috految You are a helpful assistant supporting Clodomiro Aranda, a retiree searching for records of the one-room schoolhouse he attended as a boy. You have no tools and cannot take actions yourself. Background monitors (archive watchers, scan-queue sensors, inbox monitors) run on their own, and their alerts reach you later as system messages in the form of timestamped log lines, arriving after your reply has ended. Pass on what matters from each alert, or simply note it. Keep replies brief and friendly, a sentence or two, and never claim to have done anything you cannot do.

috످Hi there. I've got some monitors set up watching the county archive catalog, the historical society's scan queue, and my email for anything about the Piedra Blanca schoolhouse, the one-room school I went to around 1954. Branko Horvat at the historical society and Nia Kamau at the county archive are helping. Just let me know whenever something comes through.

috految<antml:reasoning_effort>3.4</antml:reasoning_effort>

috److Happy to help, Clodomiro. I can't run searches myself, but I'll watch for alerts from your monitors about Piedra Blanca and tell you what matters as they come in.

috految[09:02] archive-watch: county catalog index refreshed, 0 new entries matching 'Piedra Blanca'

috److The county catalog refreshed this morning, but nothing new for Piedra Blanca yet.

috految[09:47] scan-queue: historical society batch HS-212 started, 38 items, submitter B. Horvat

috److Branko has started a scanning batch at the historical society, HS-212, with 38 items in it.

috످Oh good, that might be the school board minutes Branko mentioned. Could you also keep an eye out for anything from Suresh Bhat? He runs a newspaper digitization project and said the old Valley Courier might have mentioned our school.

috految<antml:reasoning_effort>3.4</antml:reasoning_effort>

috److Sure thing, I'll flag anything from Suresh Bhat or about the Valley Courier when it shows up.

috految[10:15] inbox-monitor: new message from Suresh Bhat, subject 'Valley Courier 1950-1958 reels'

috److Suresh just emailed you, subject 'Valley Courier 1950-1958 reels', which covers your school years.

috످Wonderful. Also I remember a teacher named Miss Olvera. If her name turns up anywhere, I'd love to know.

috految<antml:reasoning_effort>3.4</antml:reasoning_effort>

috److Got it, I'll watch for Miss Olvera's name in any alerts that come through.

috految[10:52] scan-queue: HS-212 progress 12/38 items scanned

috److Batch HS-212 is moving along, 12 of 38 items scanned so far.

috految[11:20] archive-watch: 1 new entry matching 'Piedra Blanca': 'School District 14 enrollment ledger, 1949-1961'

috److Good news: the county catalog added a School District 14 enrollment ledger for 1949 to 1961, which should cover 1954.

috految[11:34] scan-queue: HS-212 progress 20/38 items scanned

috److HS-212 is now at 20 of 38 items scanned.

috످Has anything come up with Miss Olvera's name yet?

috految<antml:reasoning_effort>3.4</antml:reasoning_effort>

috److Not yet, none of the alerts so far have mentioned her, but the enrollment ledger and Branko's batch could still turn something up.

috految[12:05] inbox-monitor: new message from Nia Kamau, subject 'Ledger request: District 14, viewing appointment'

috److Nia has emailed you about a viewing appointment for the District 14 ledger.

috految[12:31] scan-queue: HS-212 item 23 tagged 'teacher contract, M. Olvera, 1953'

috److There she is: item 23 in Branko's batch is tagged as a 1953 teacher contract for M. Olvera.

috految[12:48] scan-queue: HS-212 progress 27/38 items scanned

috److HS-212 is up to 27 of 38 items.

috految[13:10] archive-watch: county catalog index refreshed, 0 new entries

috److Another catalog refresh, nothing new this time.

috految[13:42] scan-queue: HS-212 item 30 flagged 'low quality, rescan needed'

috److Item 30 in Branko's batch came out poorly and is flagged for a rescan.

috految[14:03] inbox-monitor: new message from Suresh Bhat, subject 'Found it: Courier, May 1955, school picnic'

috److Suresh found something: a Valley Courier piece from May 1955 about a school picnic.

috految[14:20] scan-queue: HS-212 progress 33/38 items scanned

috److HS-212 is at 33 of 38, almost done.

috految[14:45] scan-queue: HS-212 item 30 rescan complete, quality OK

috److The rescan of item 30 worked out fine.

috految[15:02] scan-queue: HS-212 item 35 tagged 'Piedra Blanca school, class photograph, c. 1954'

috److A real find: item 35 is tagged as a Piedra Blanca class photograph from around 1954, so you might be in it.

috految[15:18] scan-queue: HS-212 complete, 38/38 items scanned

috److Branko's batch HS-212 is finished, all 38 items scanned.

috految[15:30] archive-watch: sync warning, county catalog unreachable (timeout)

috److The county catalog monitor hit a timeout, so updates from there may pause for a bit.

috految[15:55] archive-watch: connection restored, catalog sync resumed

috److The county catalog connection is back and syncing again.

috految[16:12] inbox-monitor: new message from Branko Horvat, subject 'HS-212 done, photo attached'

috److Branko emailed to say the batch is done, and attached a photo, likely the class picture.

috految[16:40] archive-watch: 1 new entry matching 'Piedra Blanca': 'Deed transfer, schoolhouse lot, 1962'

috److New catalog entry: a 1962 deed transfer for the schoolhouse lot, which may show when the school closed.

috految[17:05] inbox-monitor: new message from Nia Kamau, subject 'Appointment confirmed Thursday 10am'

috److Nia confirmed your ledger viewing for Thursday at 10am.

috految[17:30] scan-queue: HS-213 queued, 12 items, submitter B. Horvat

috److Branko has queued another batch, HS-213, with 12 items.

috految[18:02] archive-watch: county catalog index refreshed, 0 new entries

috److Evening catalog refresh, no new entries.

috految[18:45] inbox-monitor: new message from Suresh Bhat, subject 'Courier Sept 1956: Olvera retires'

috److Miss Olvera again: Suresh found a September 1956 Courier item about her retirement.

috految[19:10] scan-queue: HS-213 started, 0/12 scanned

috److Branko's second batch, HS-213, has started scanning.

috످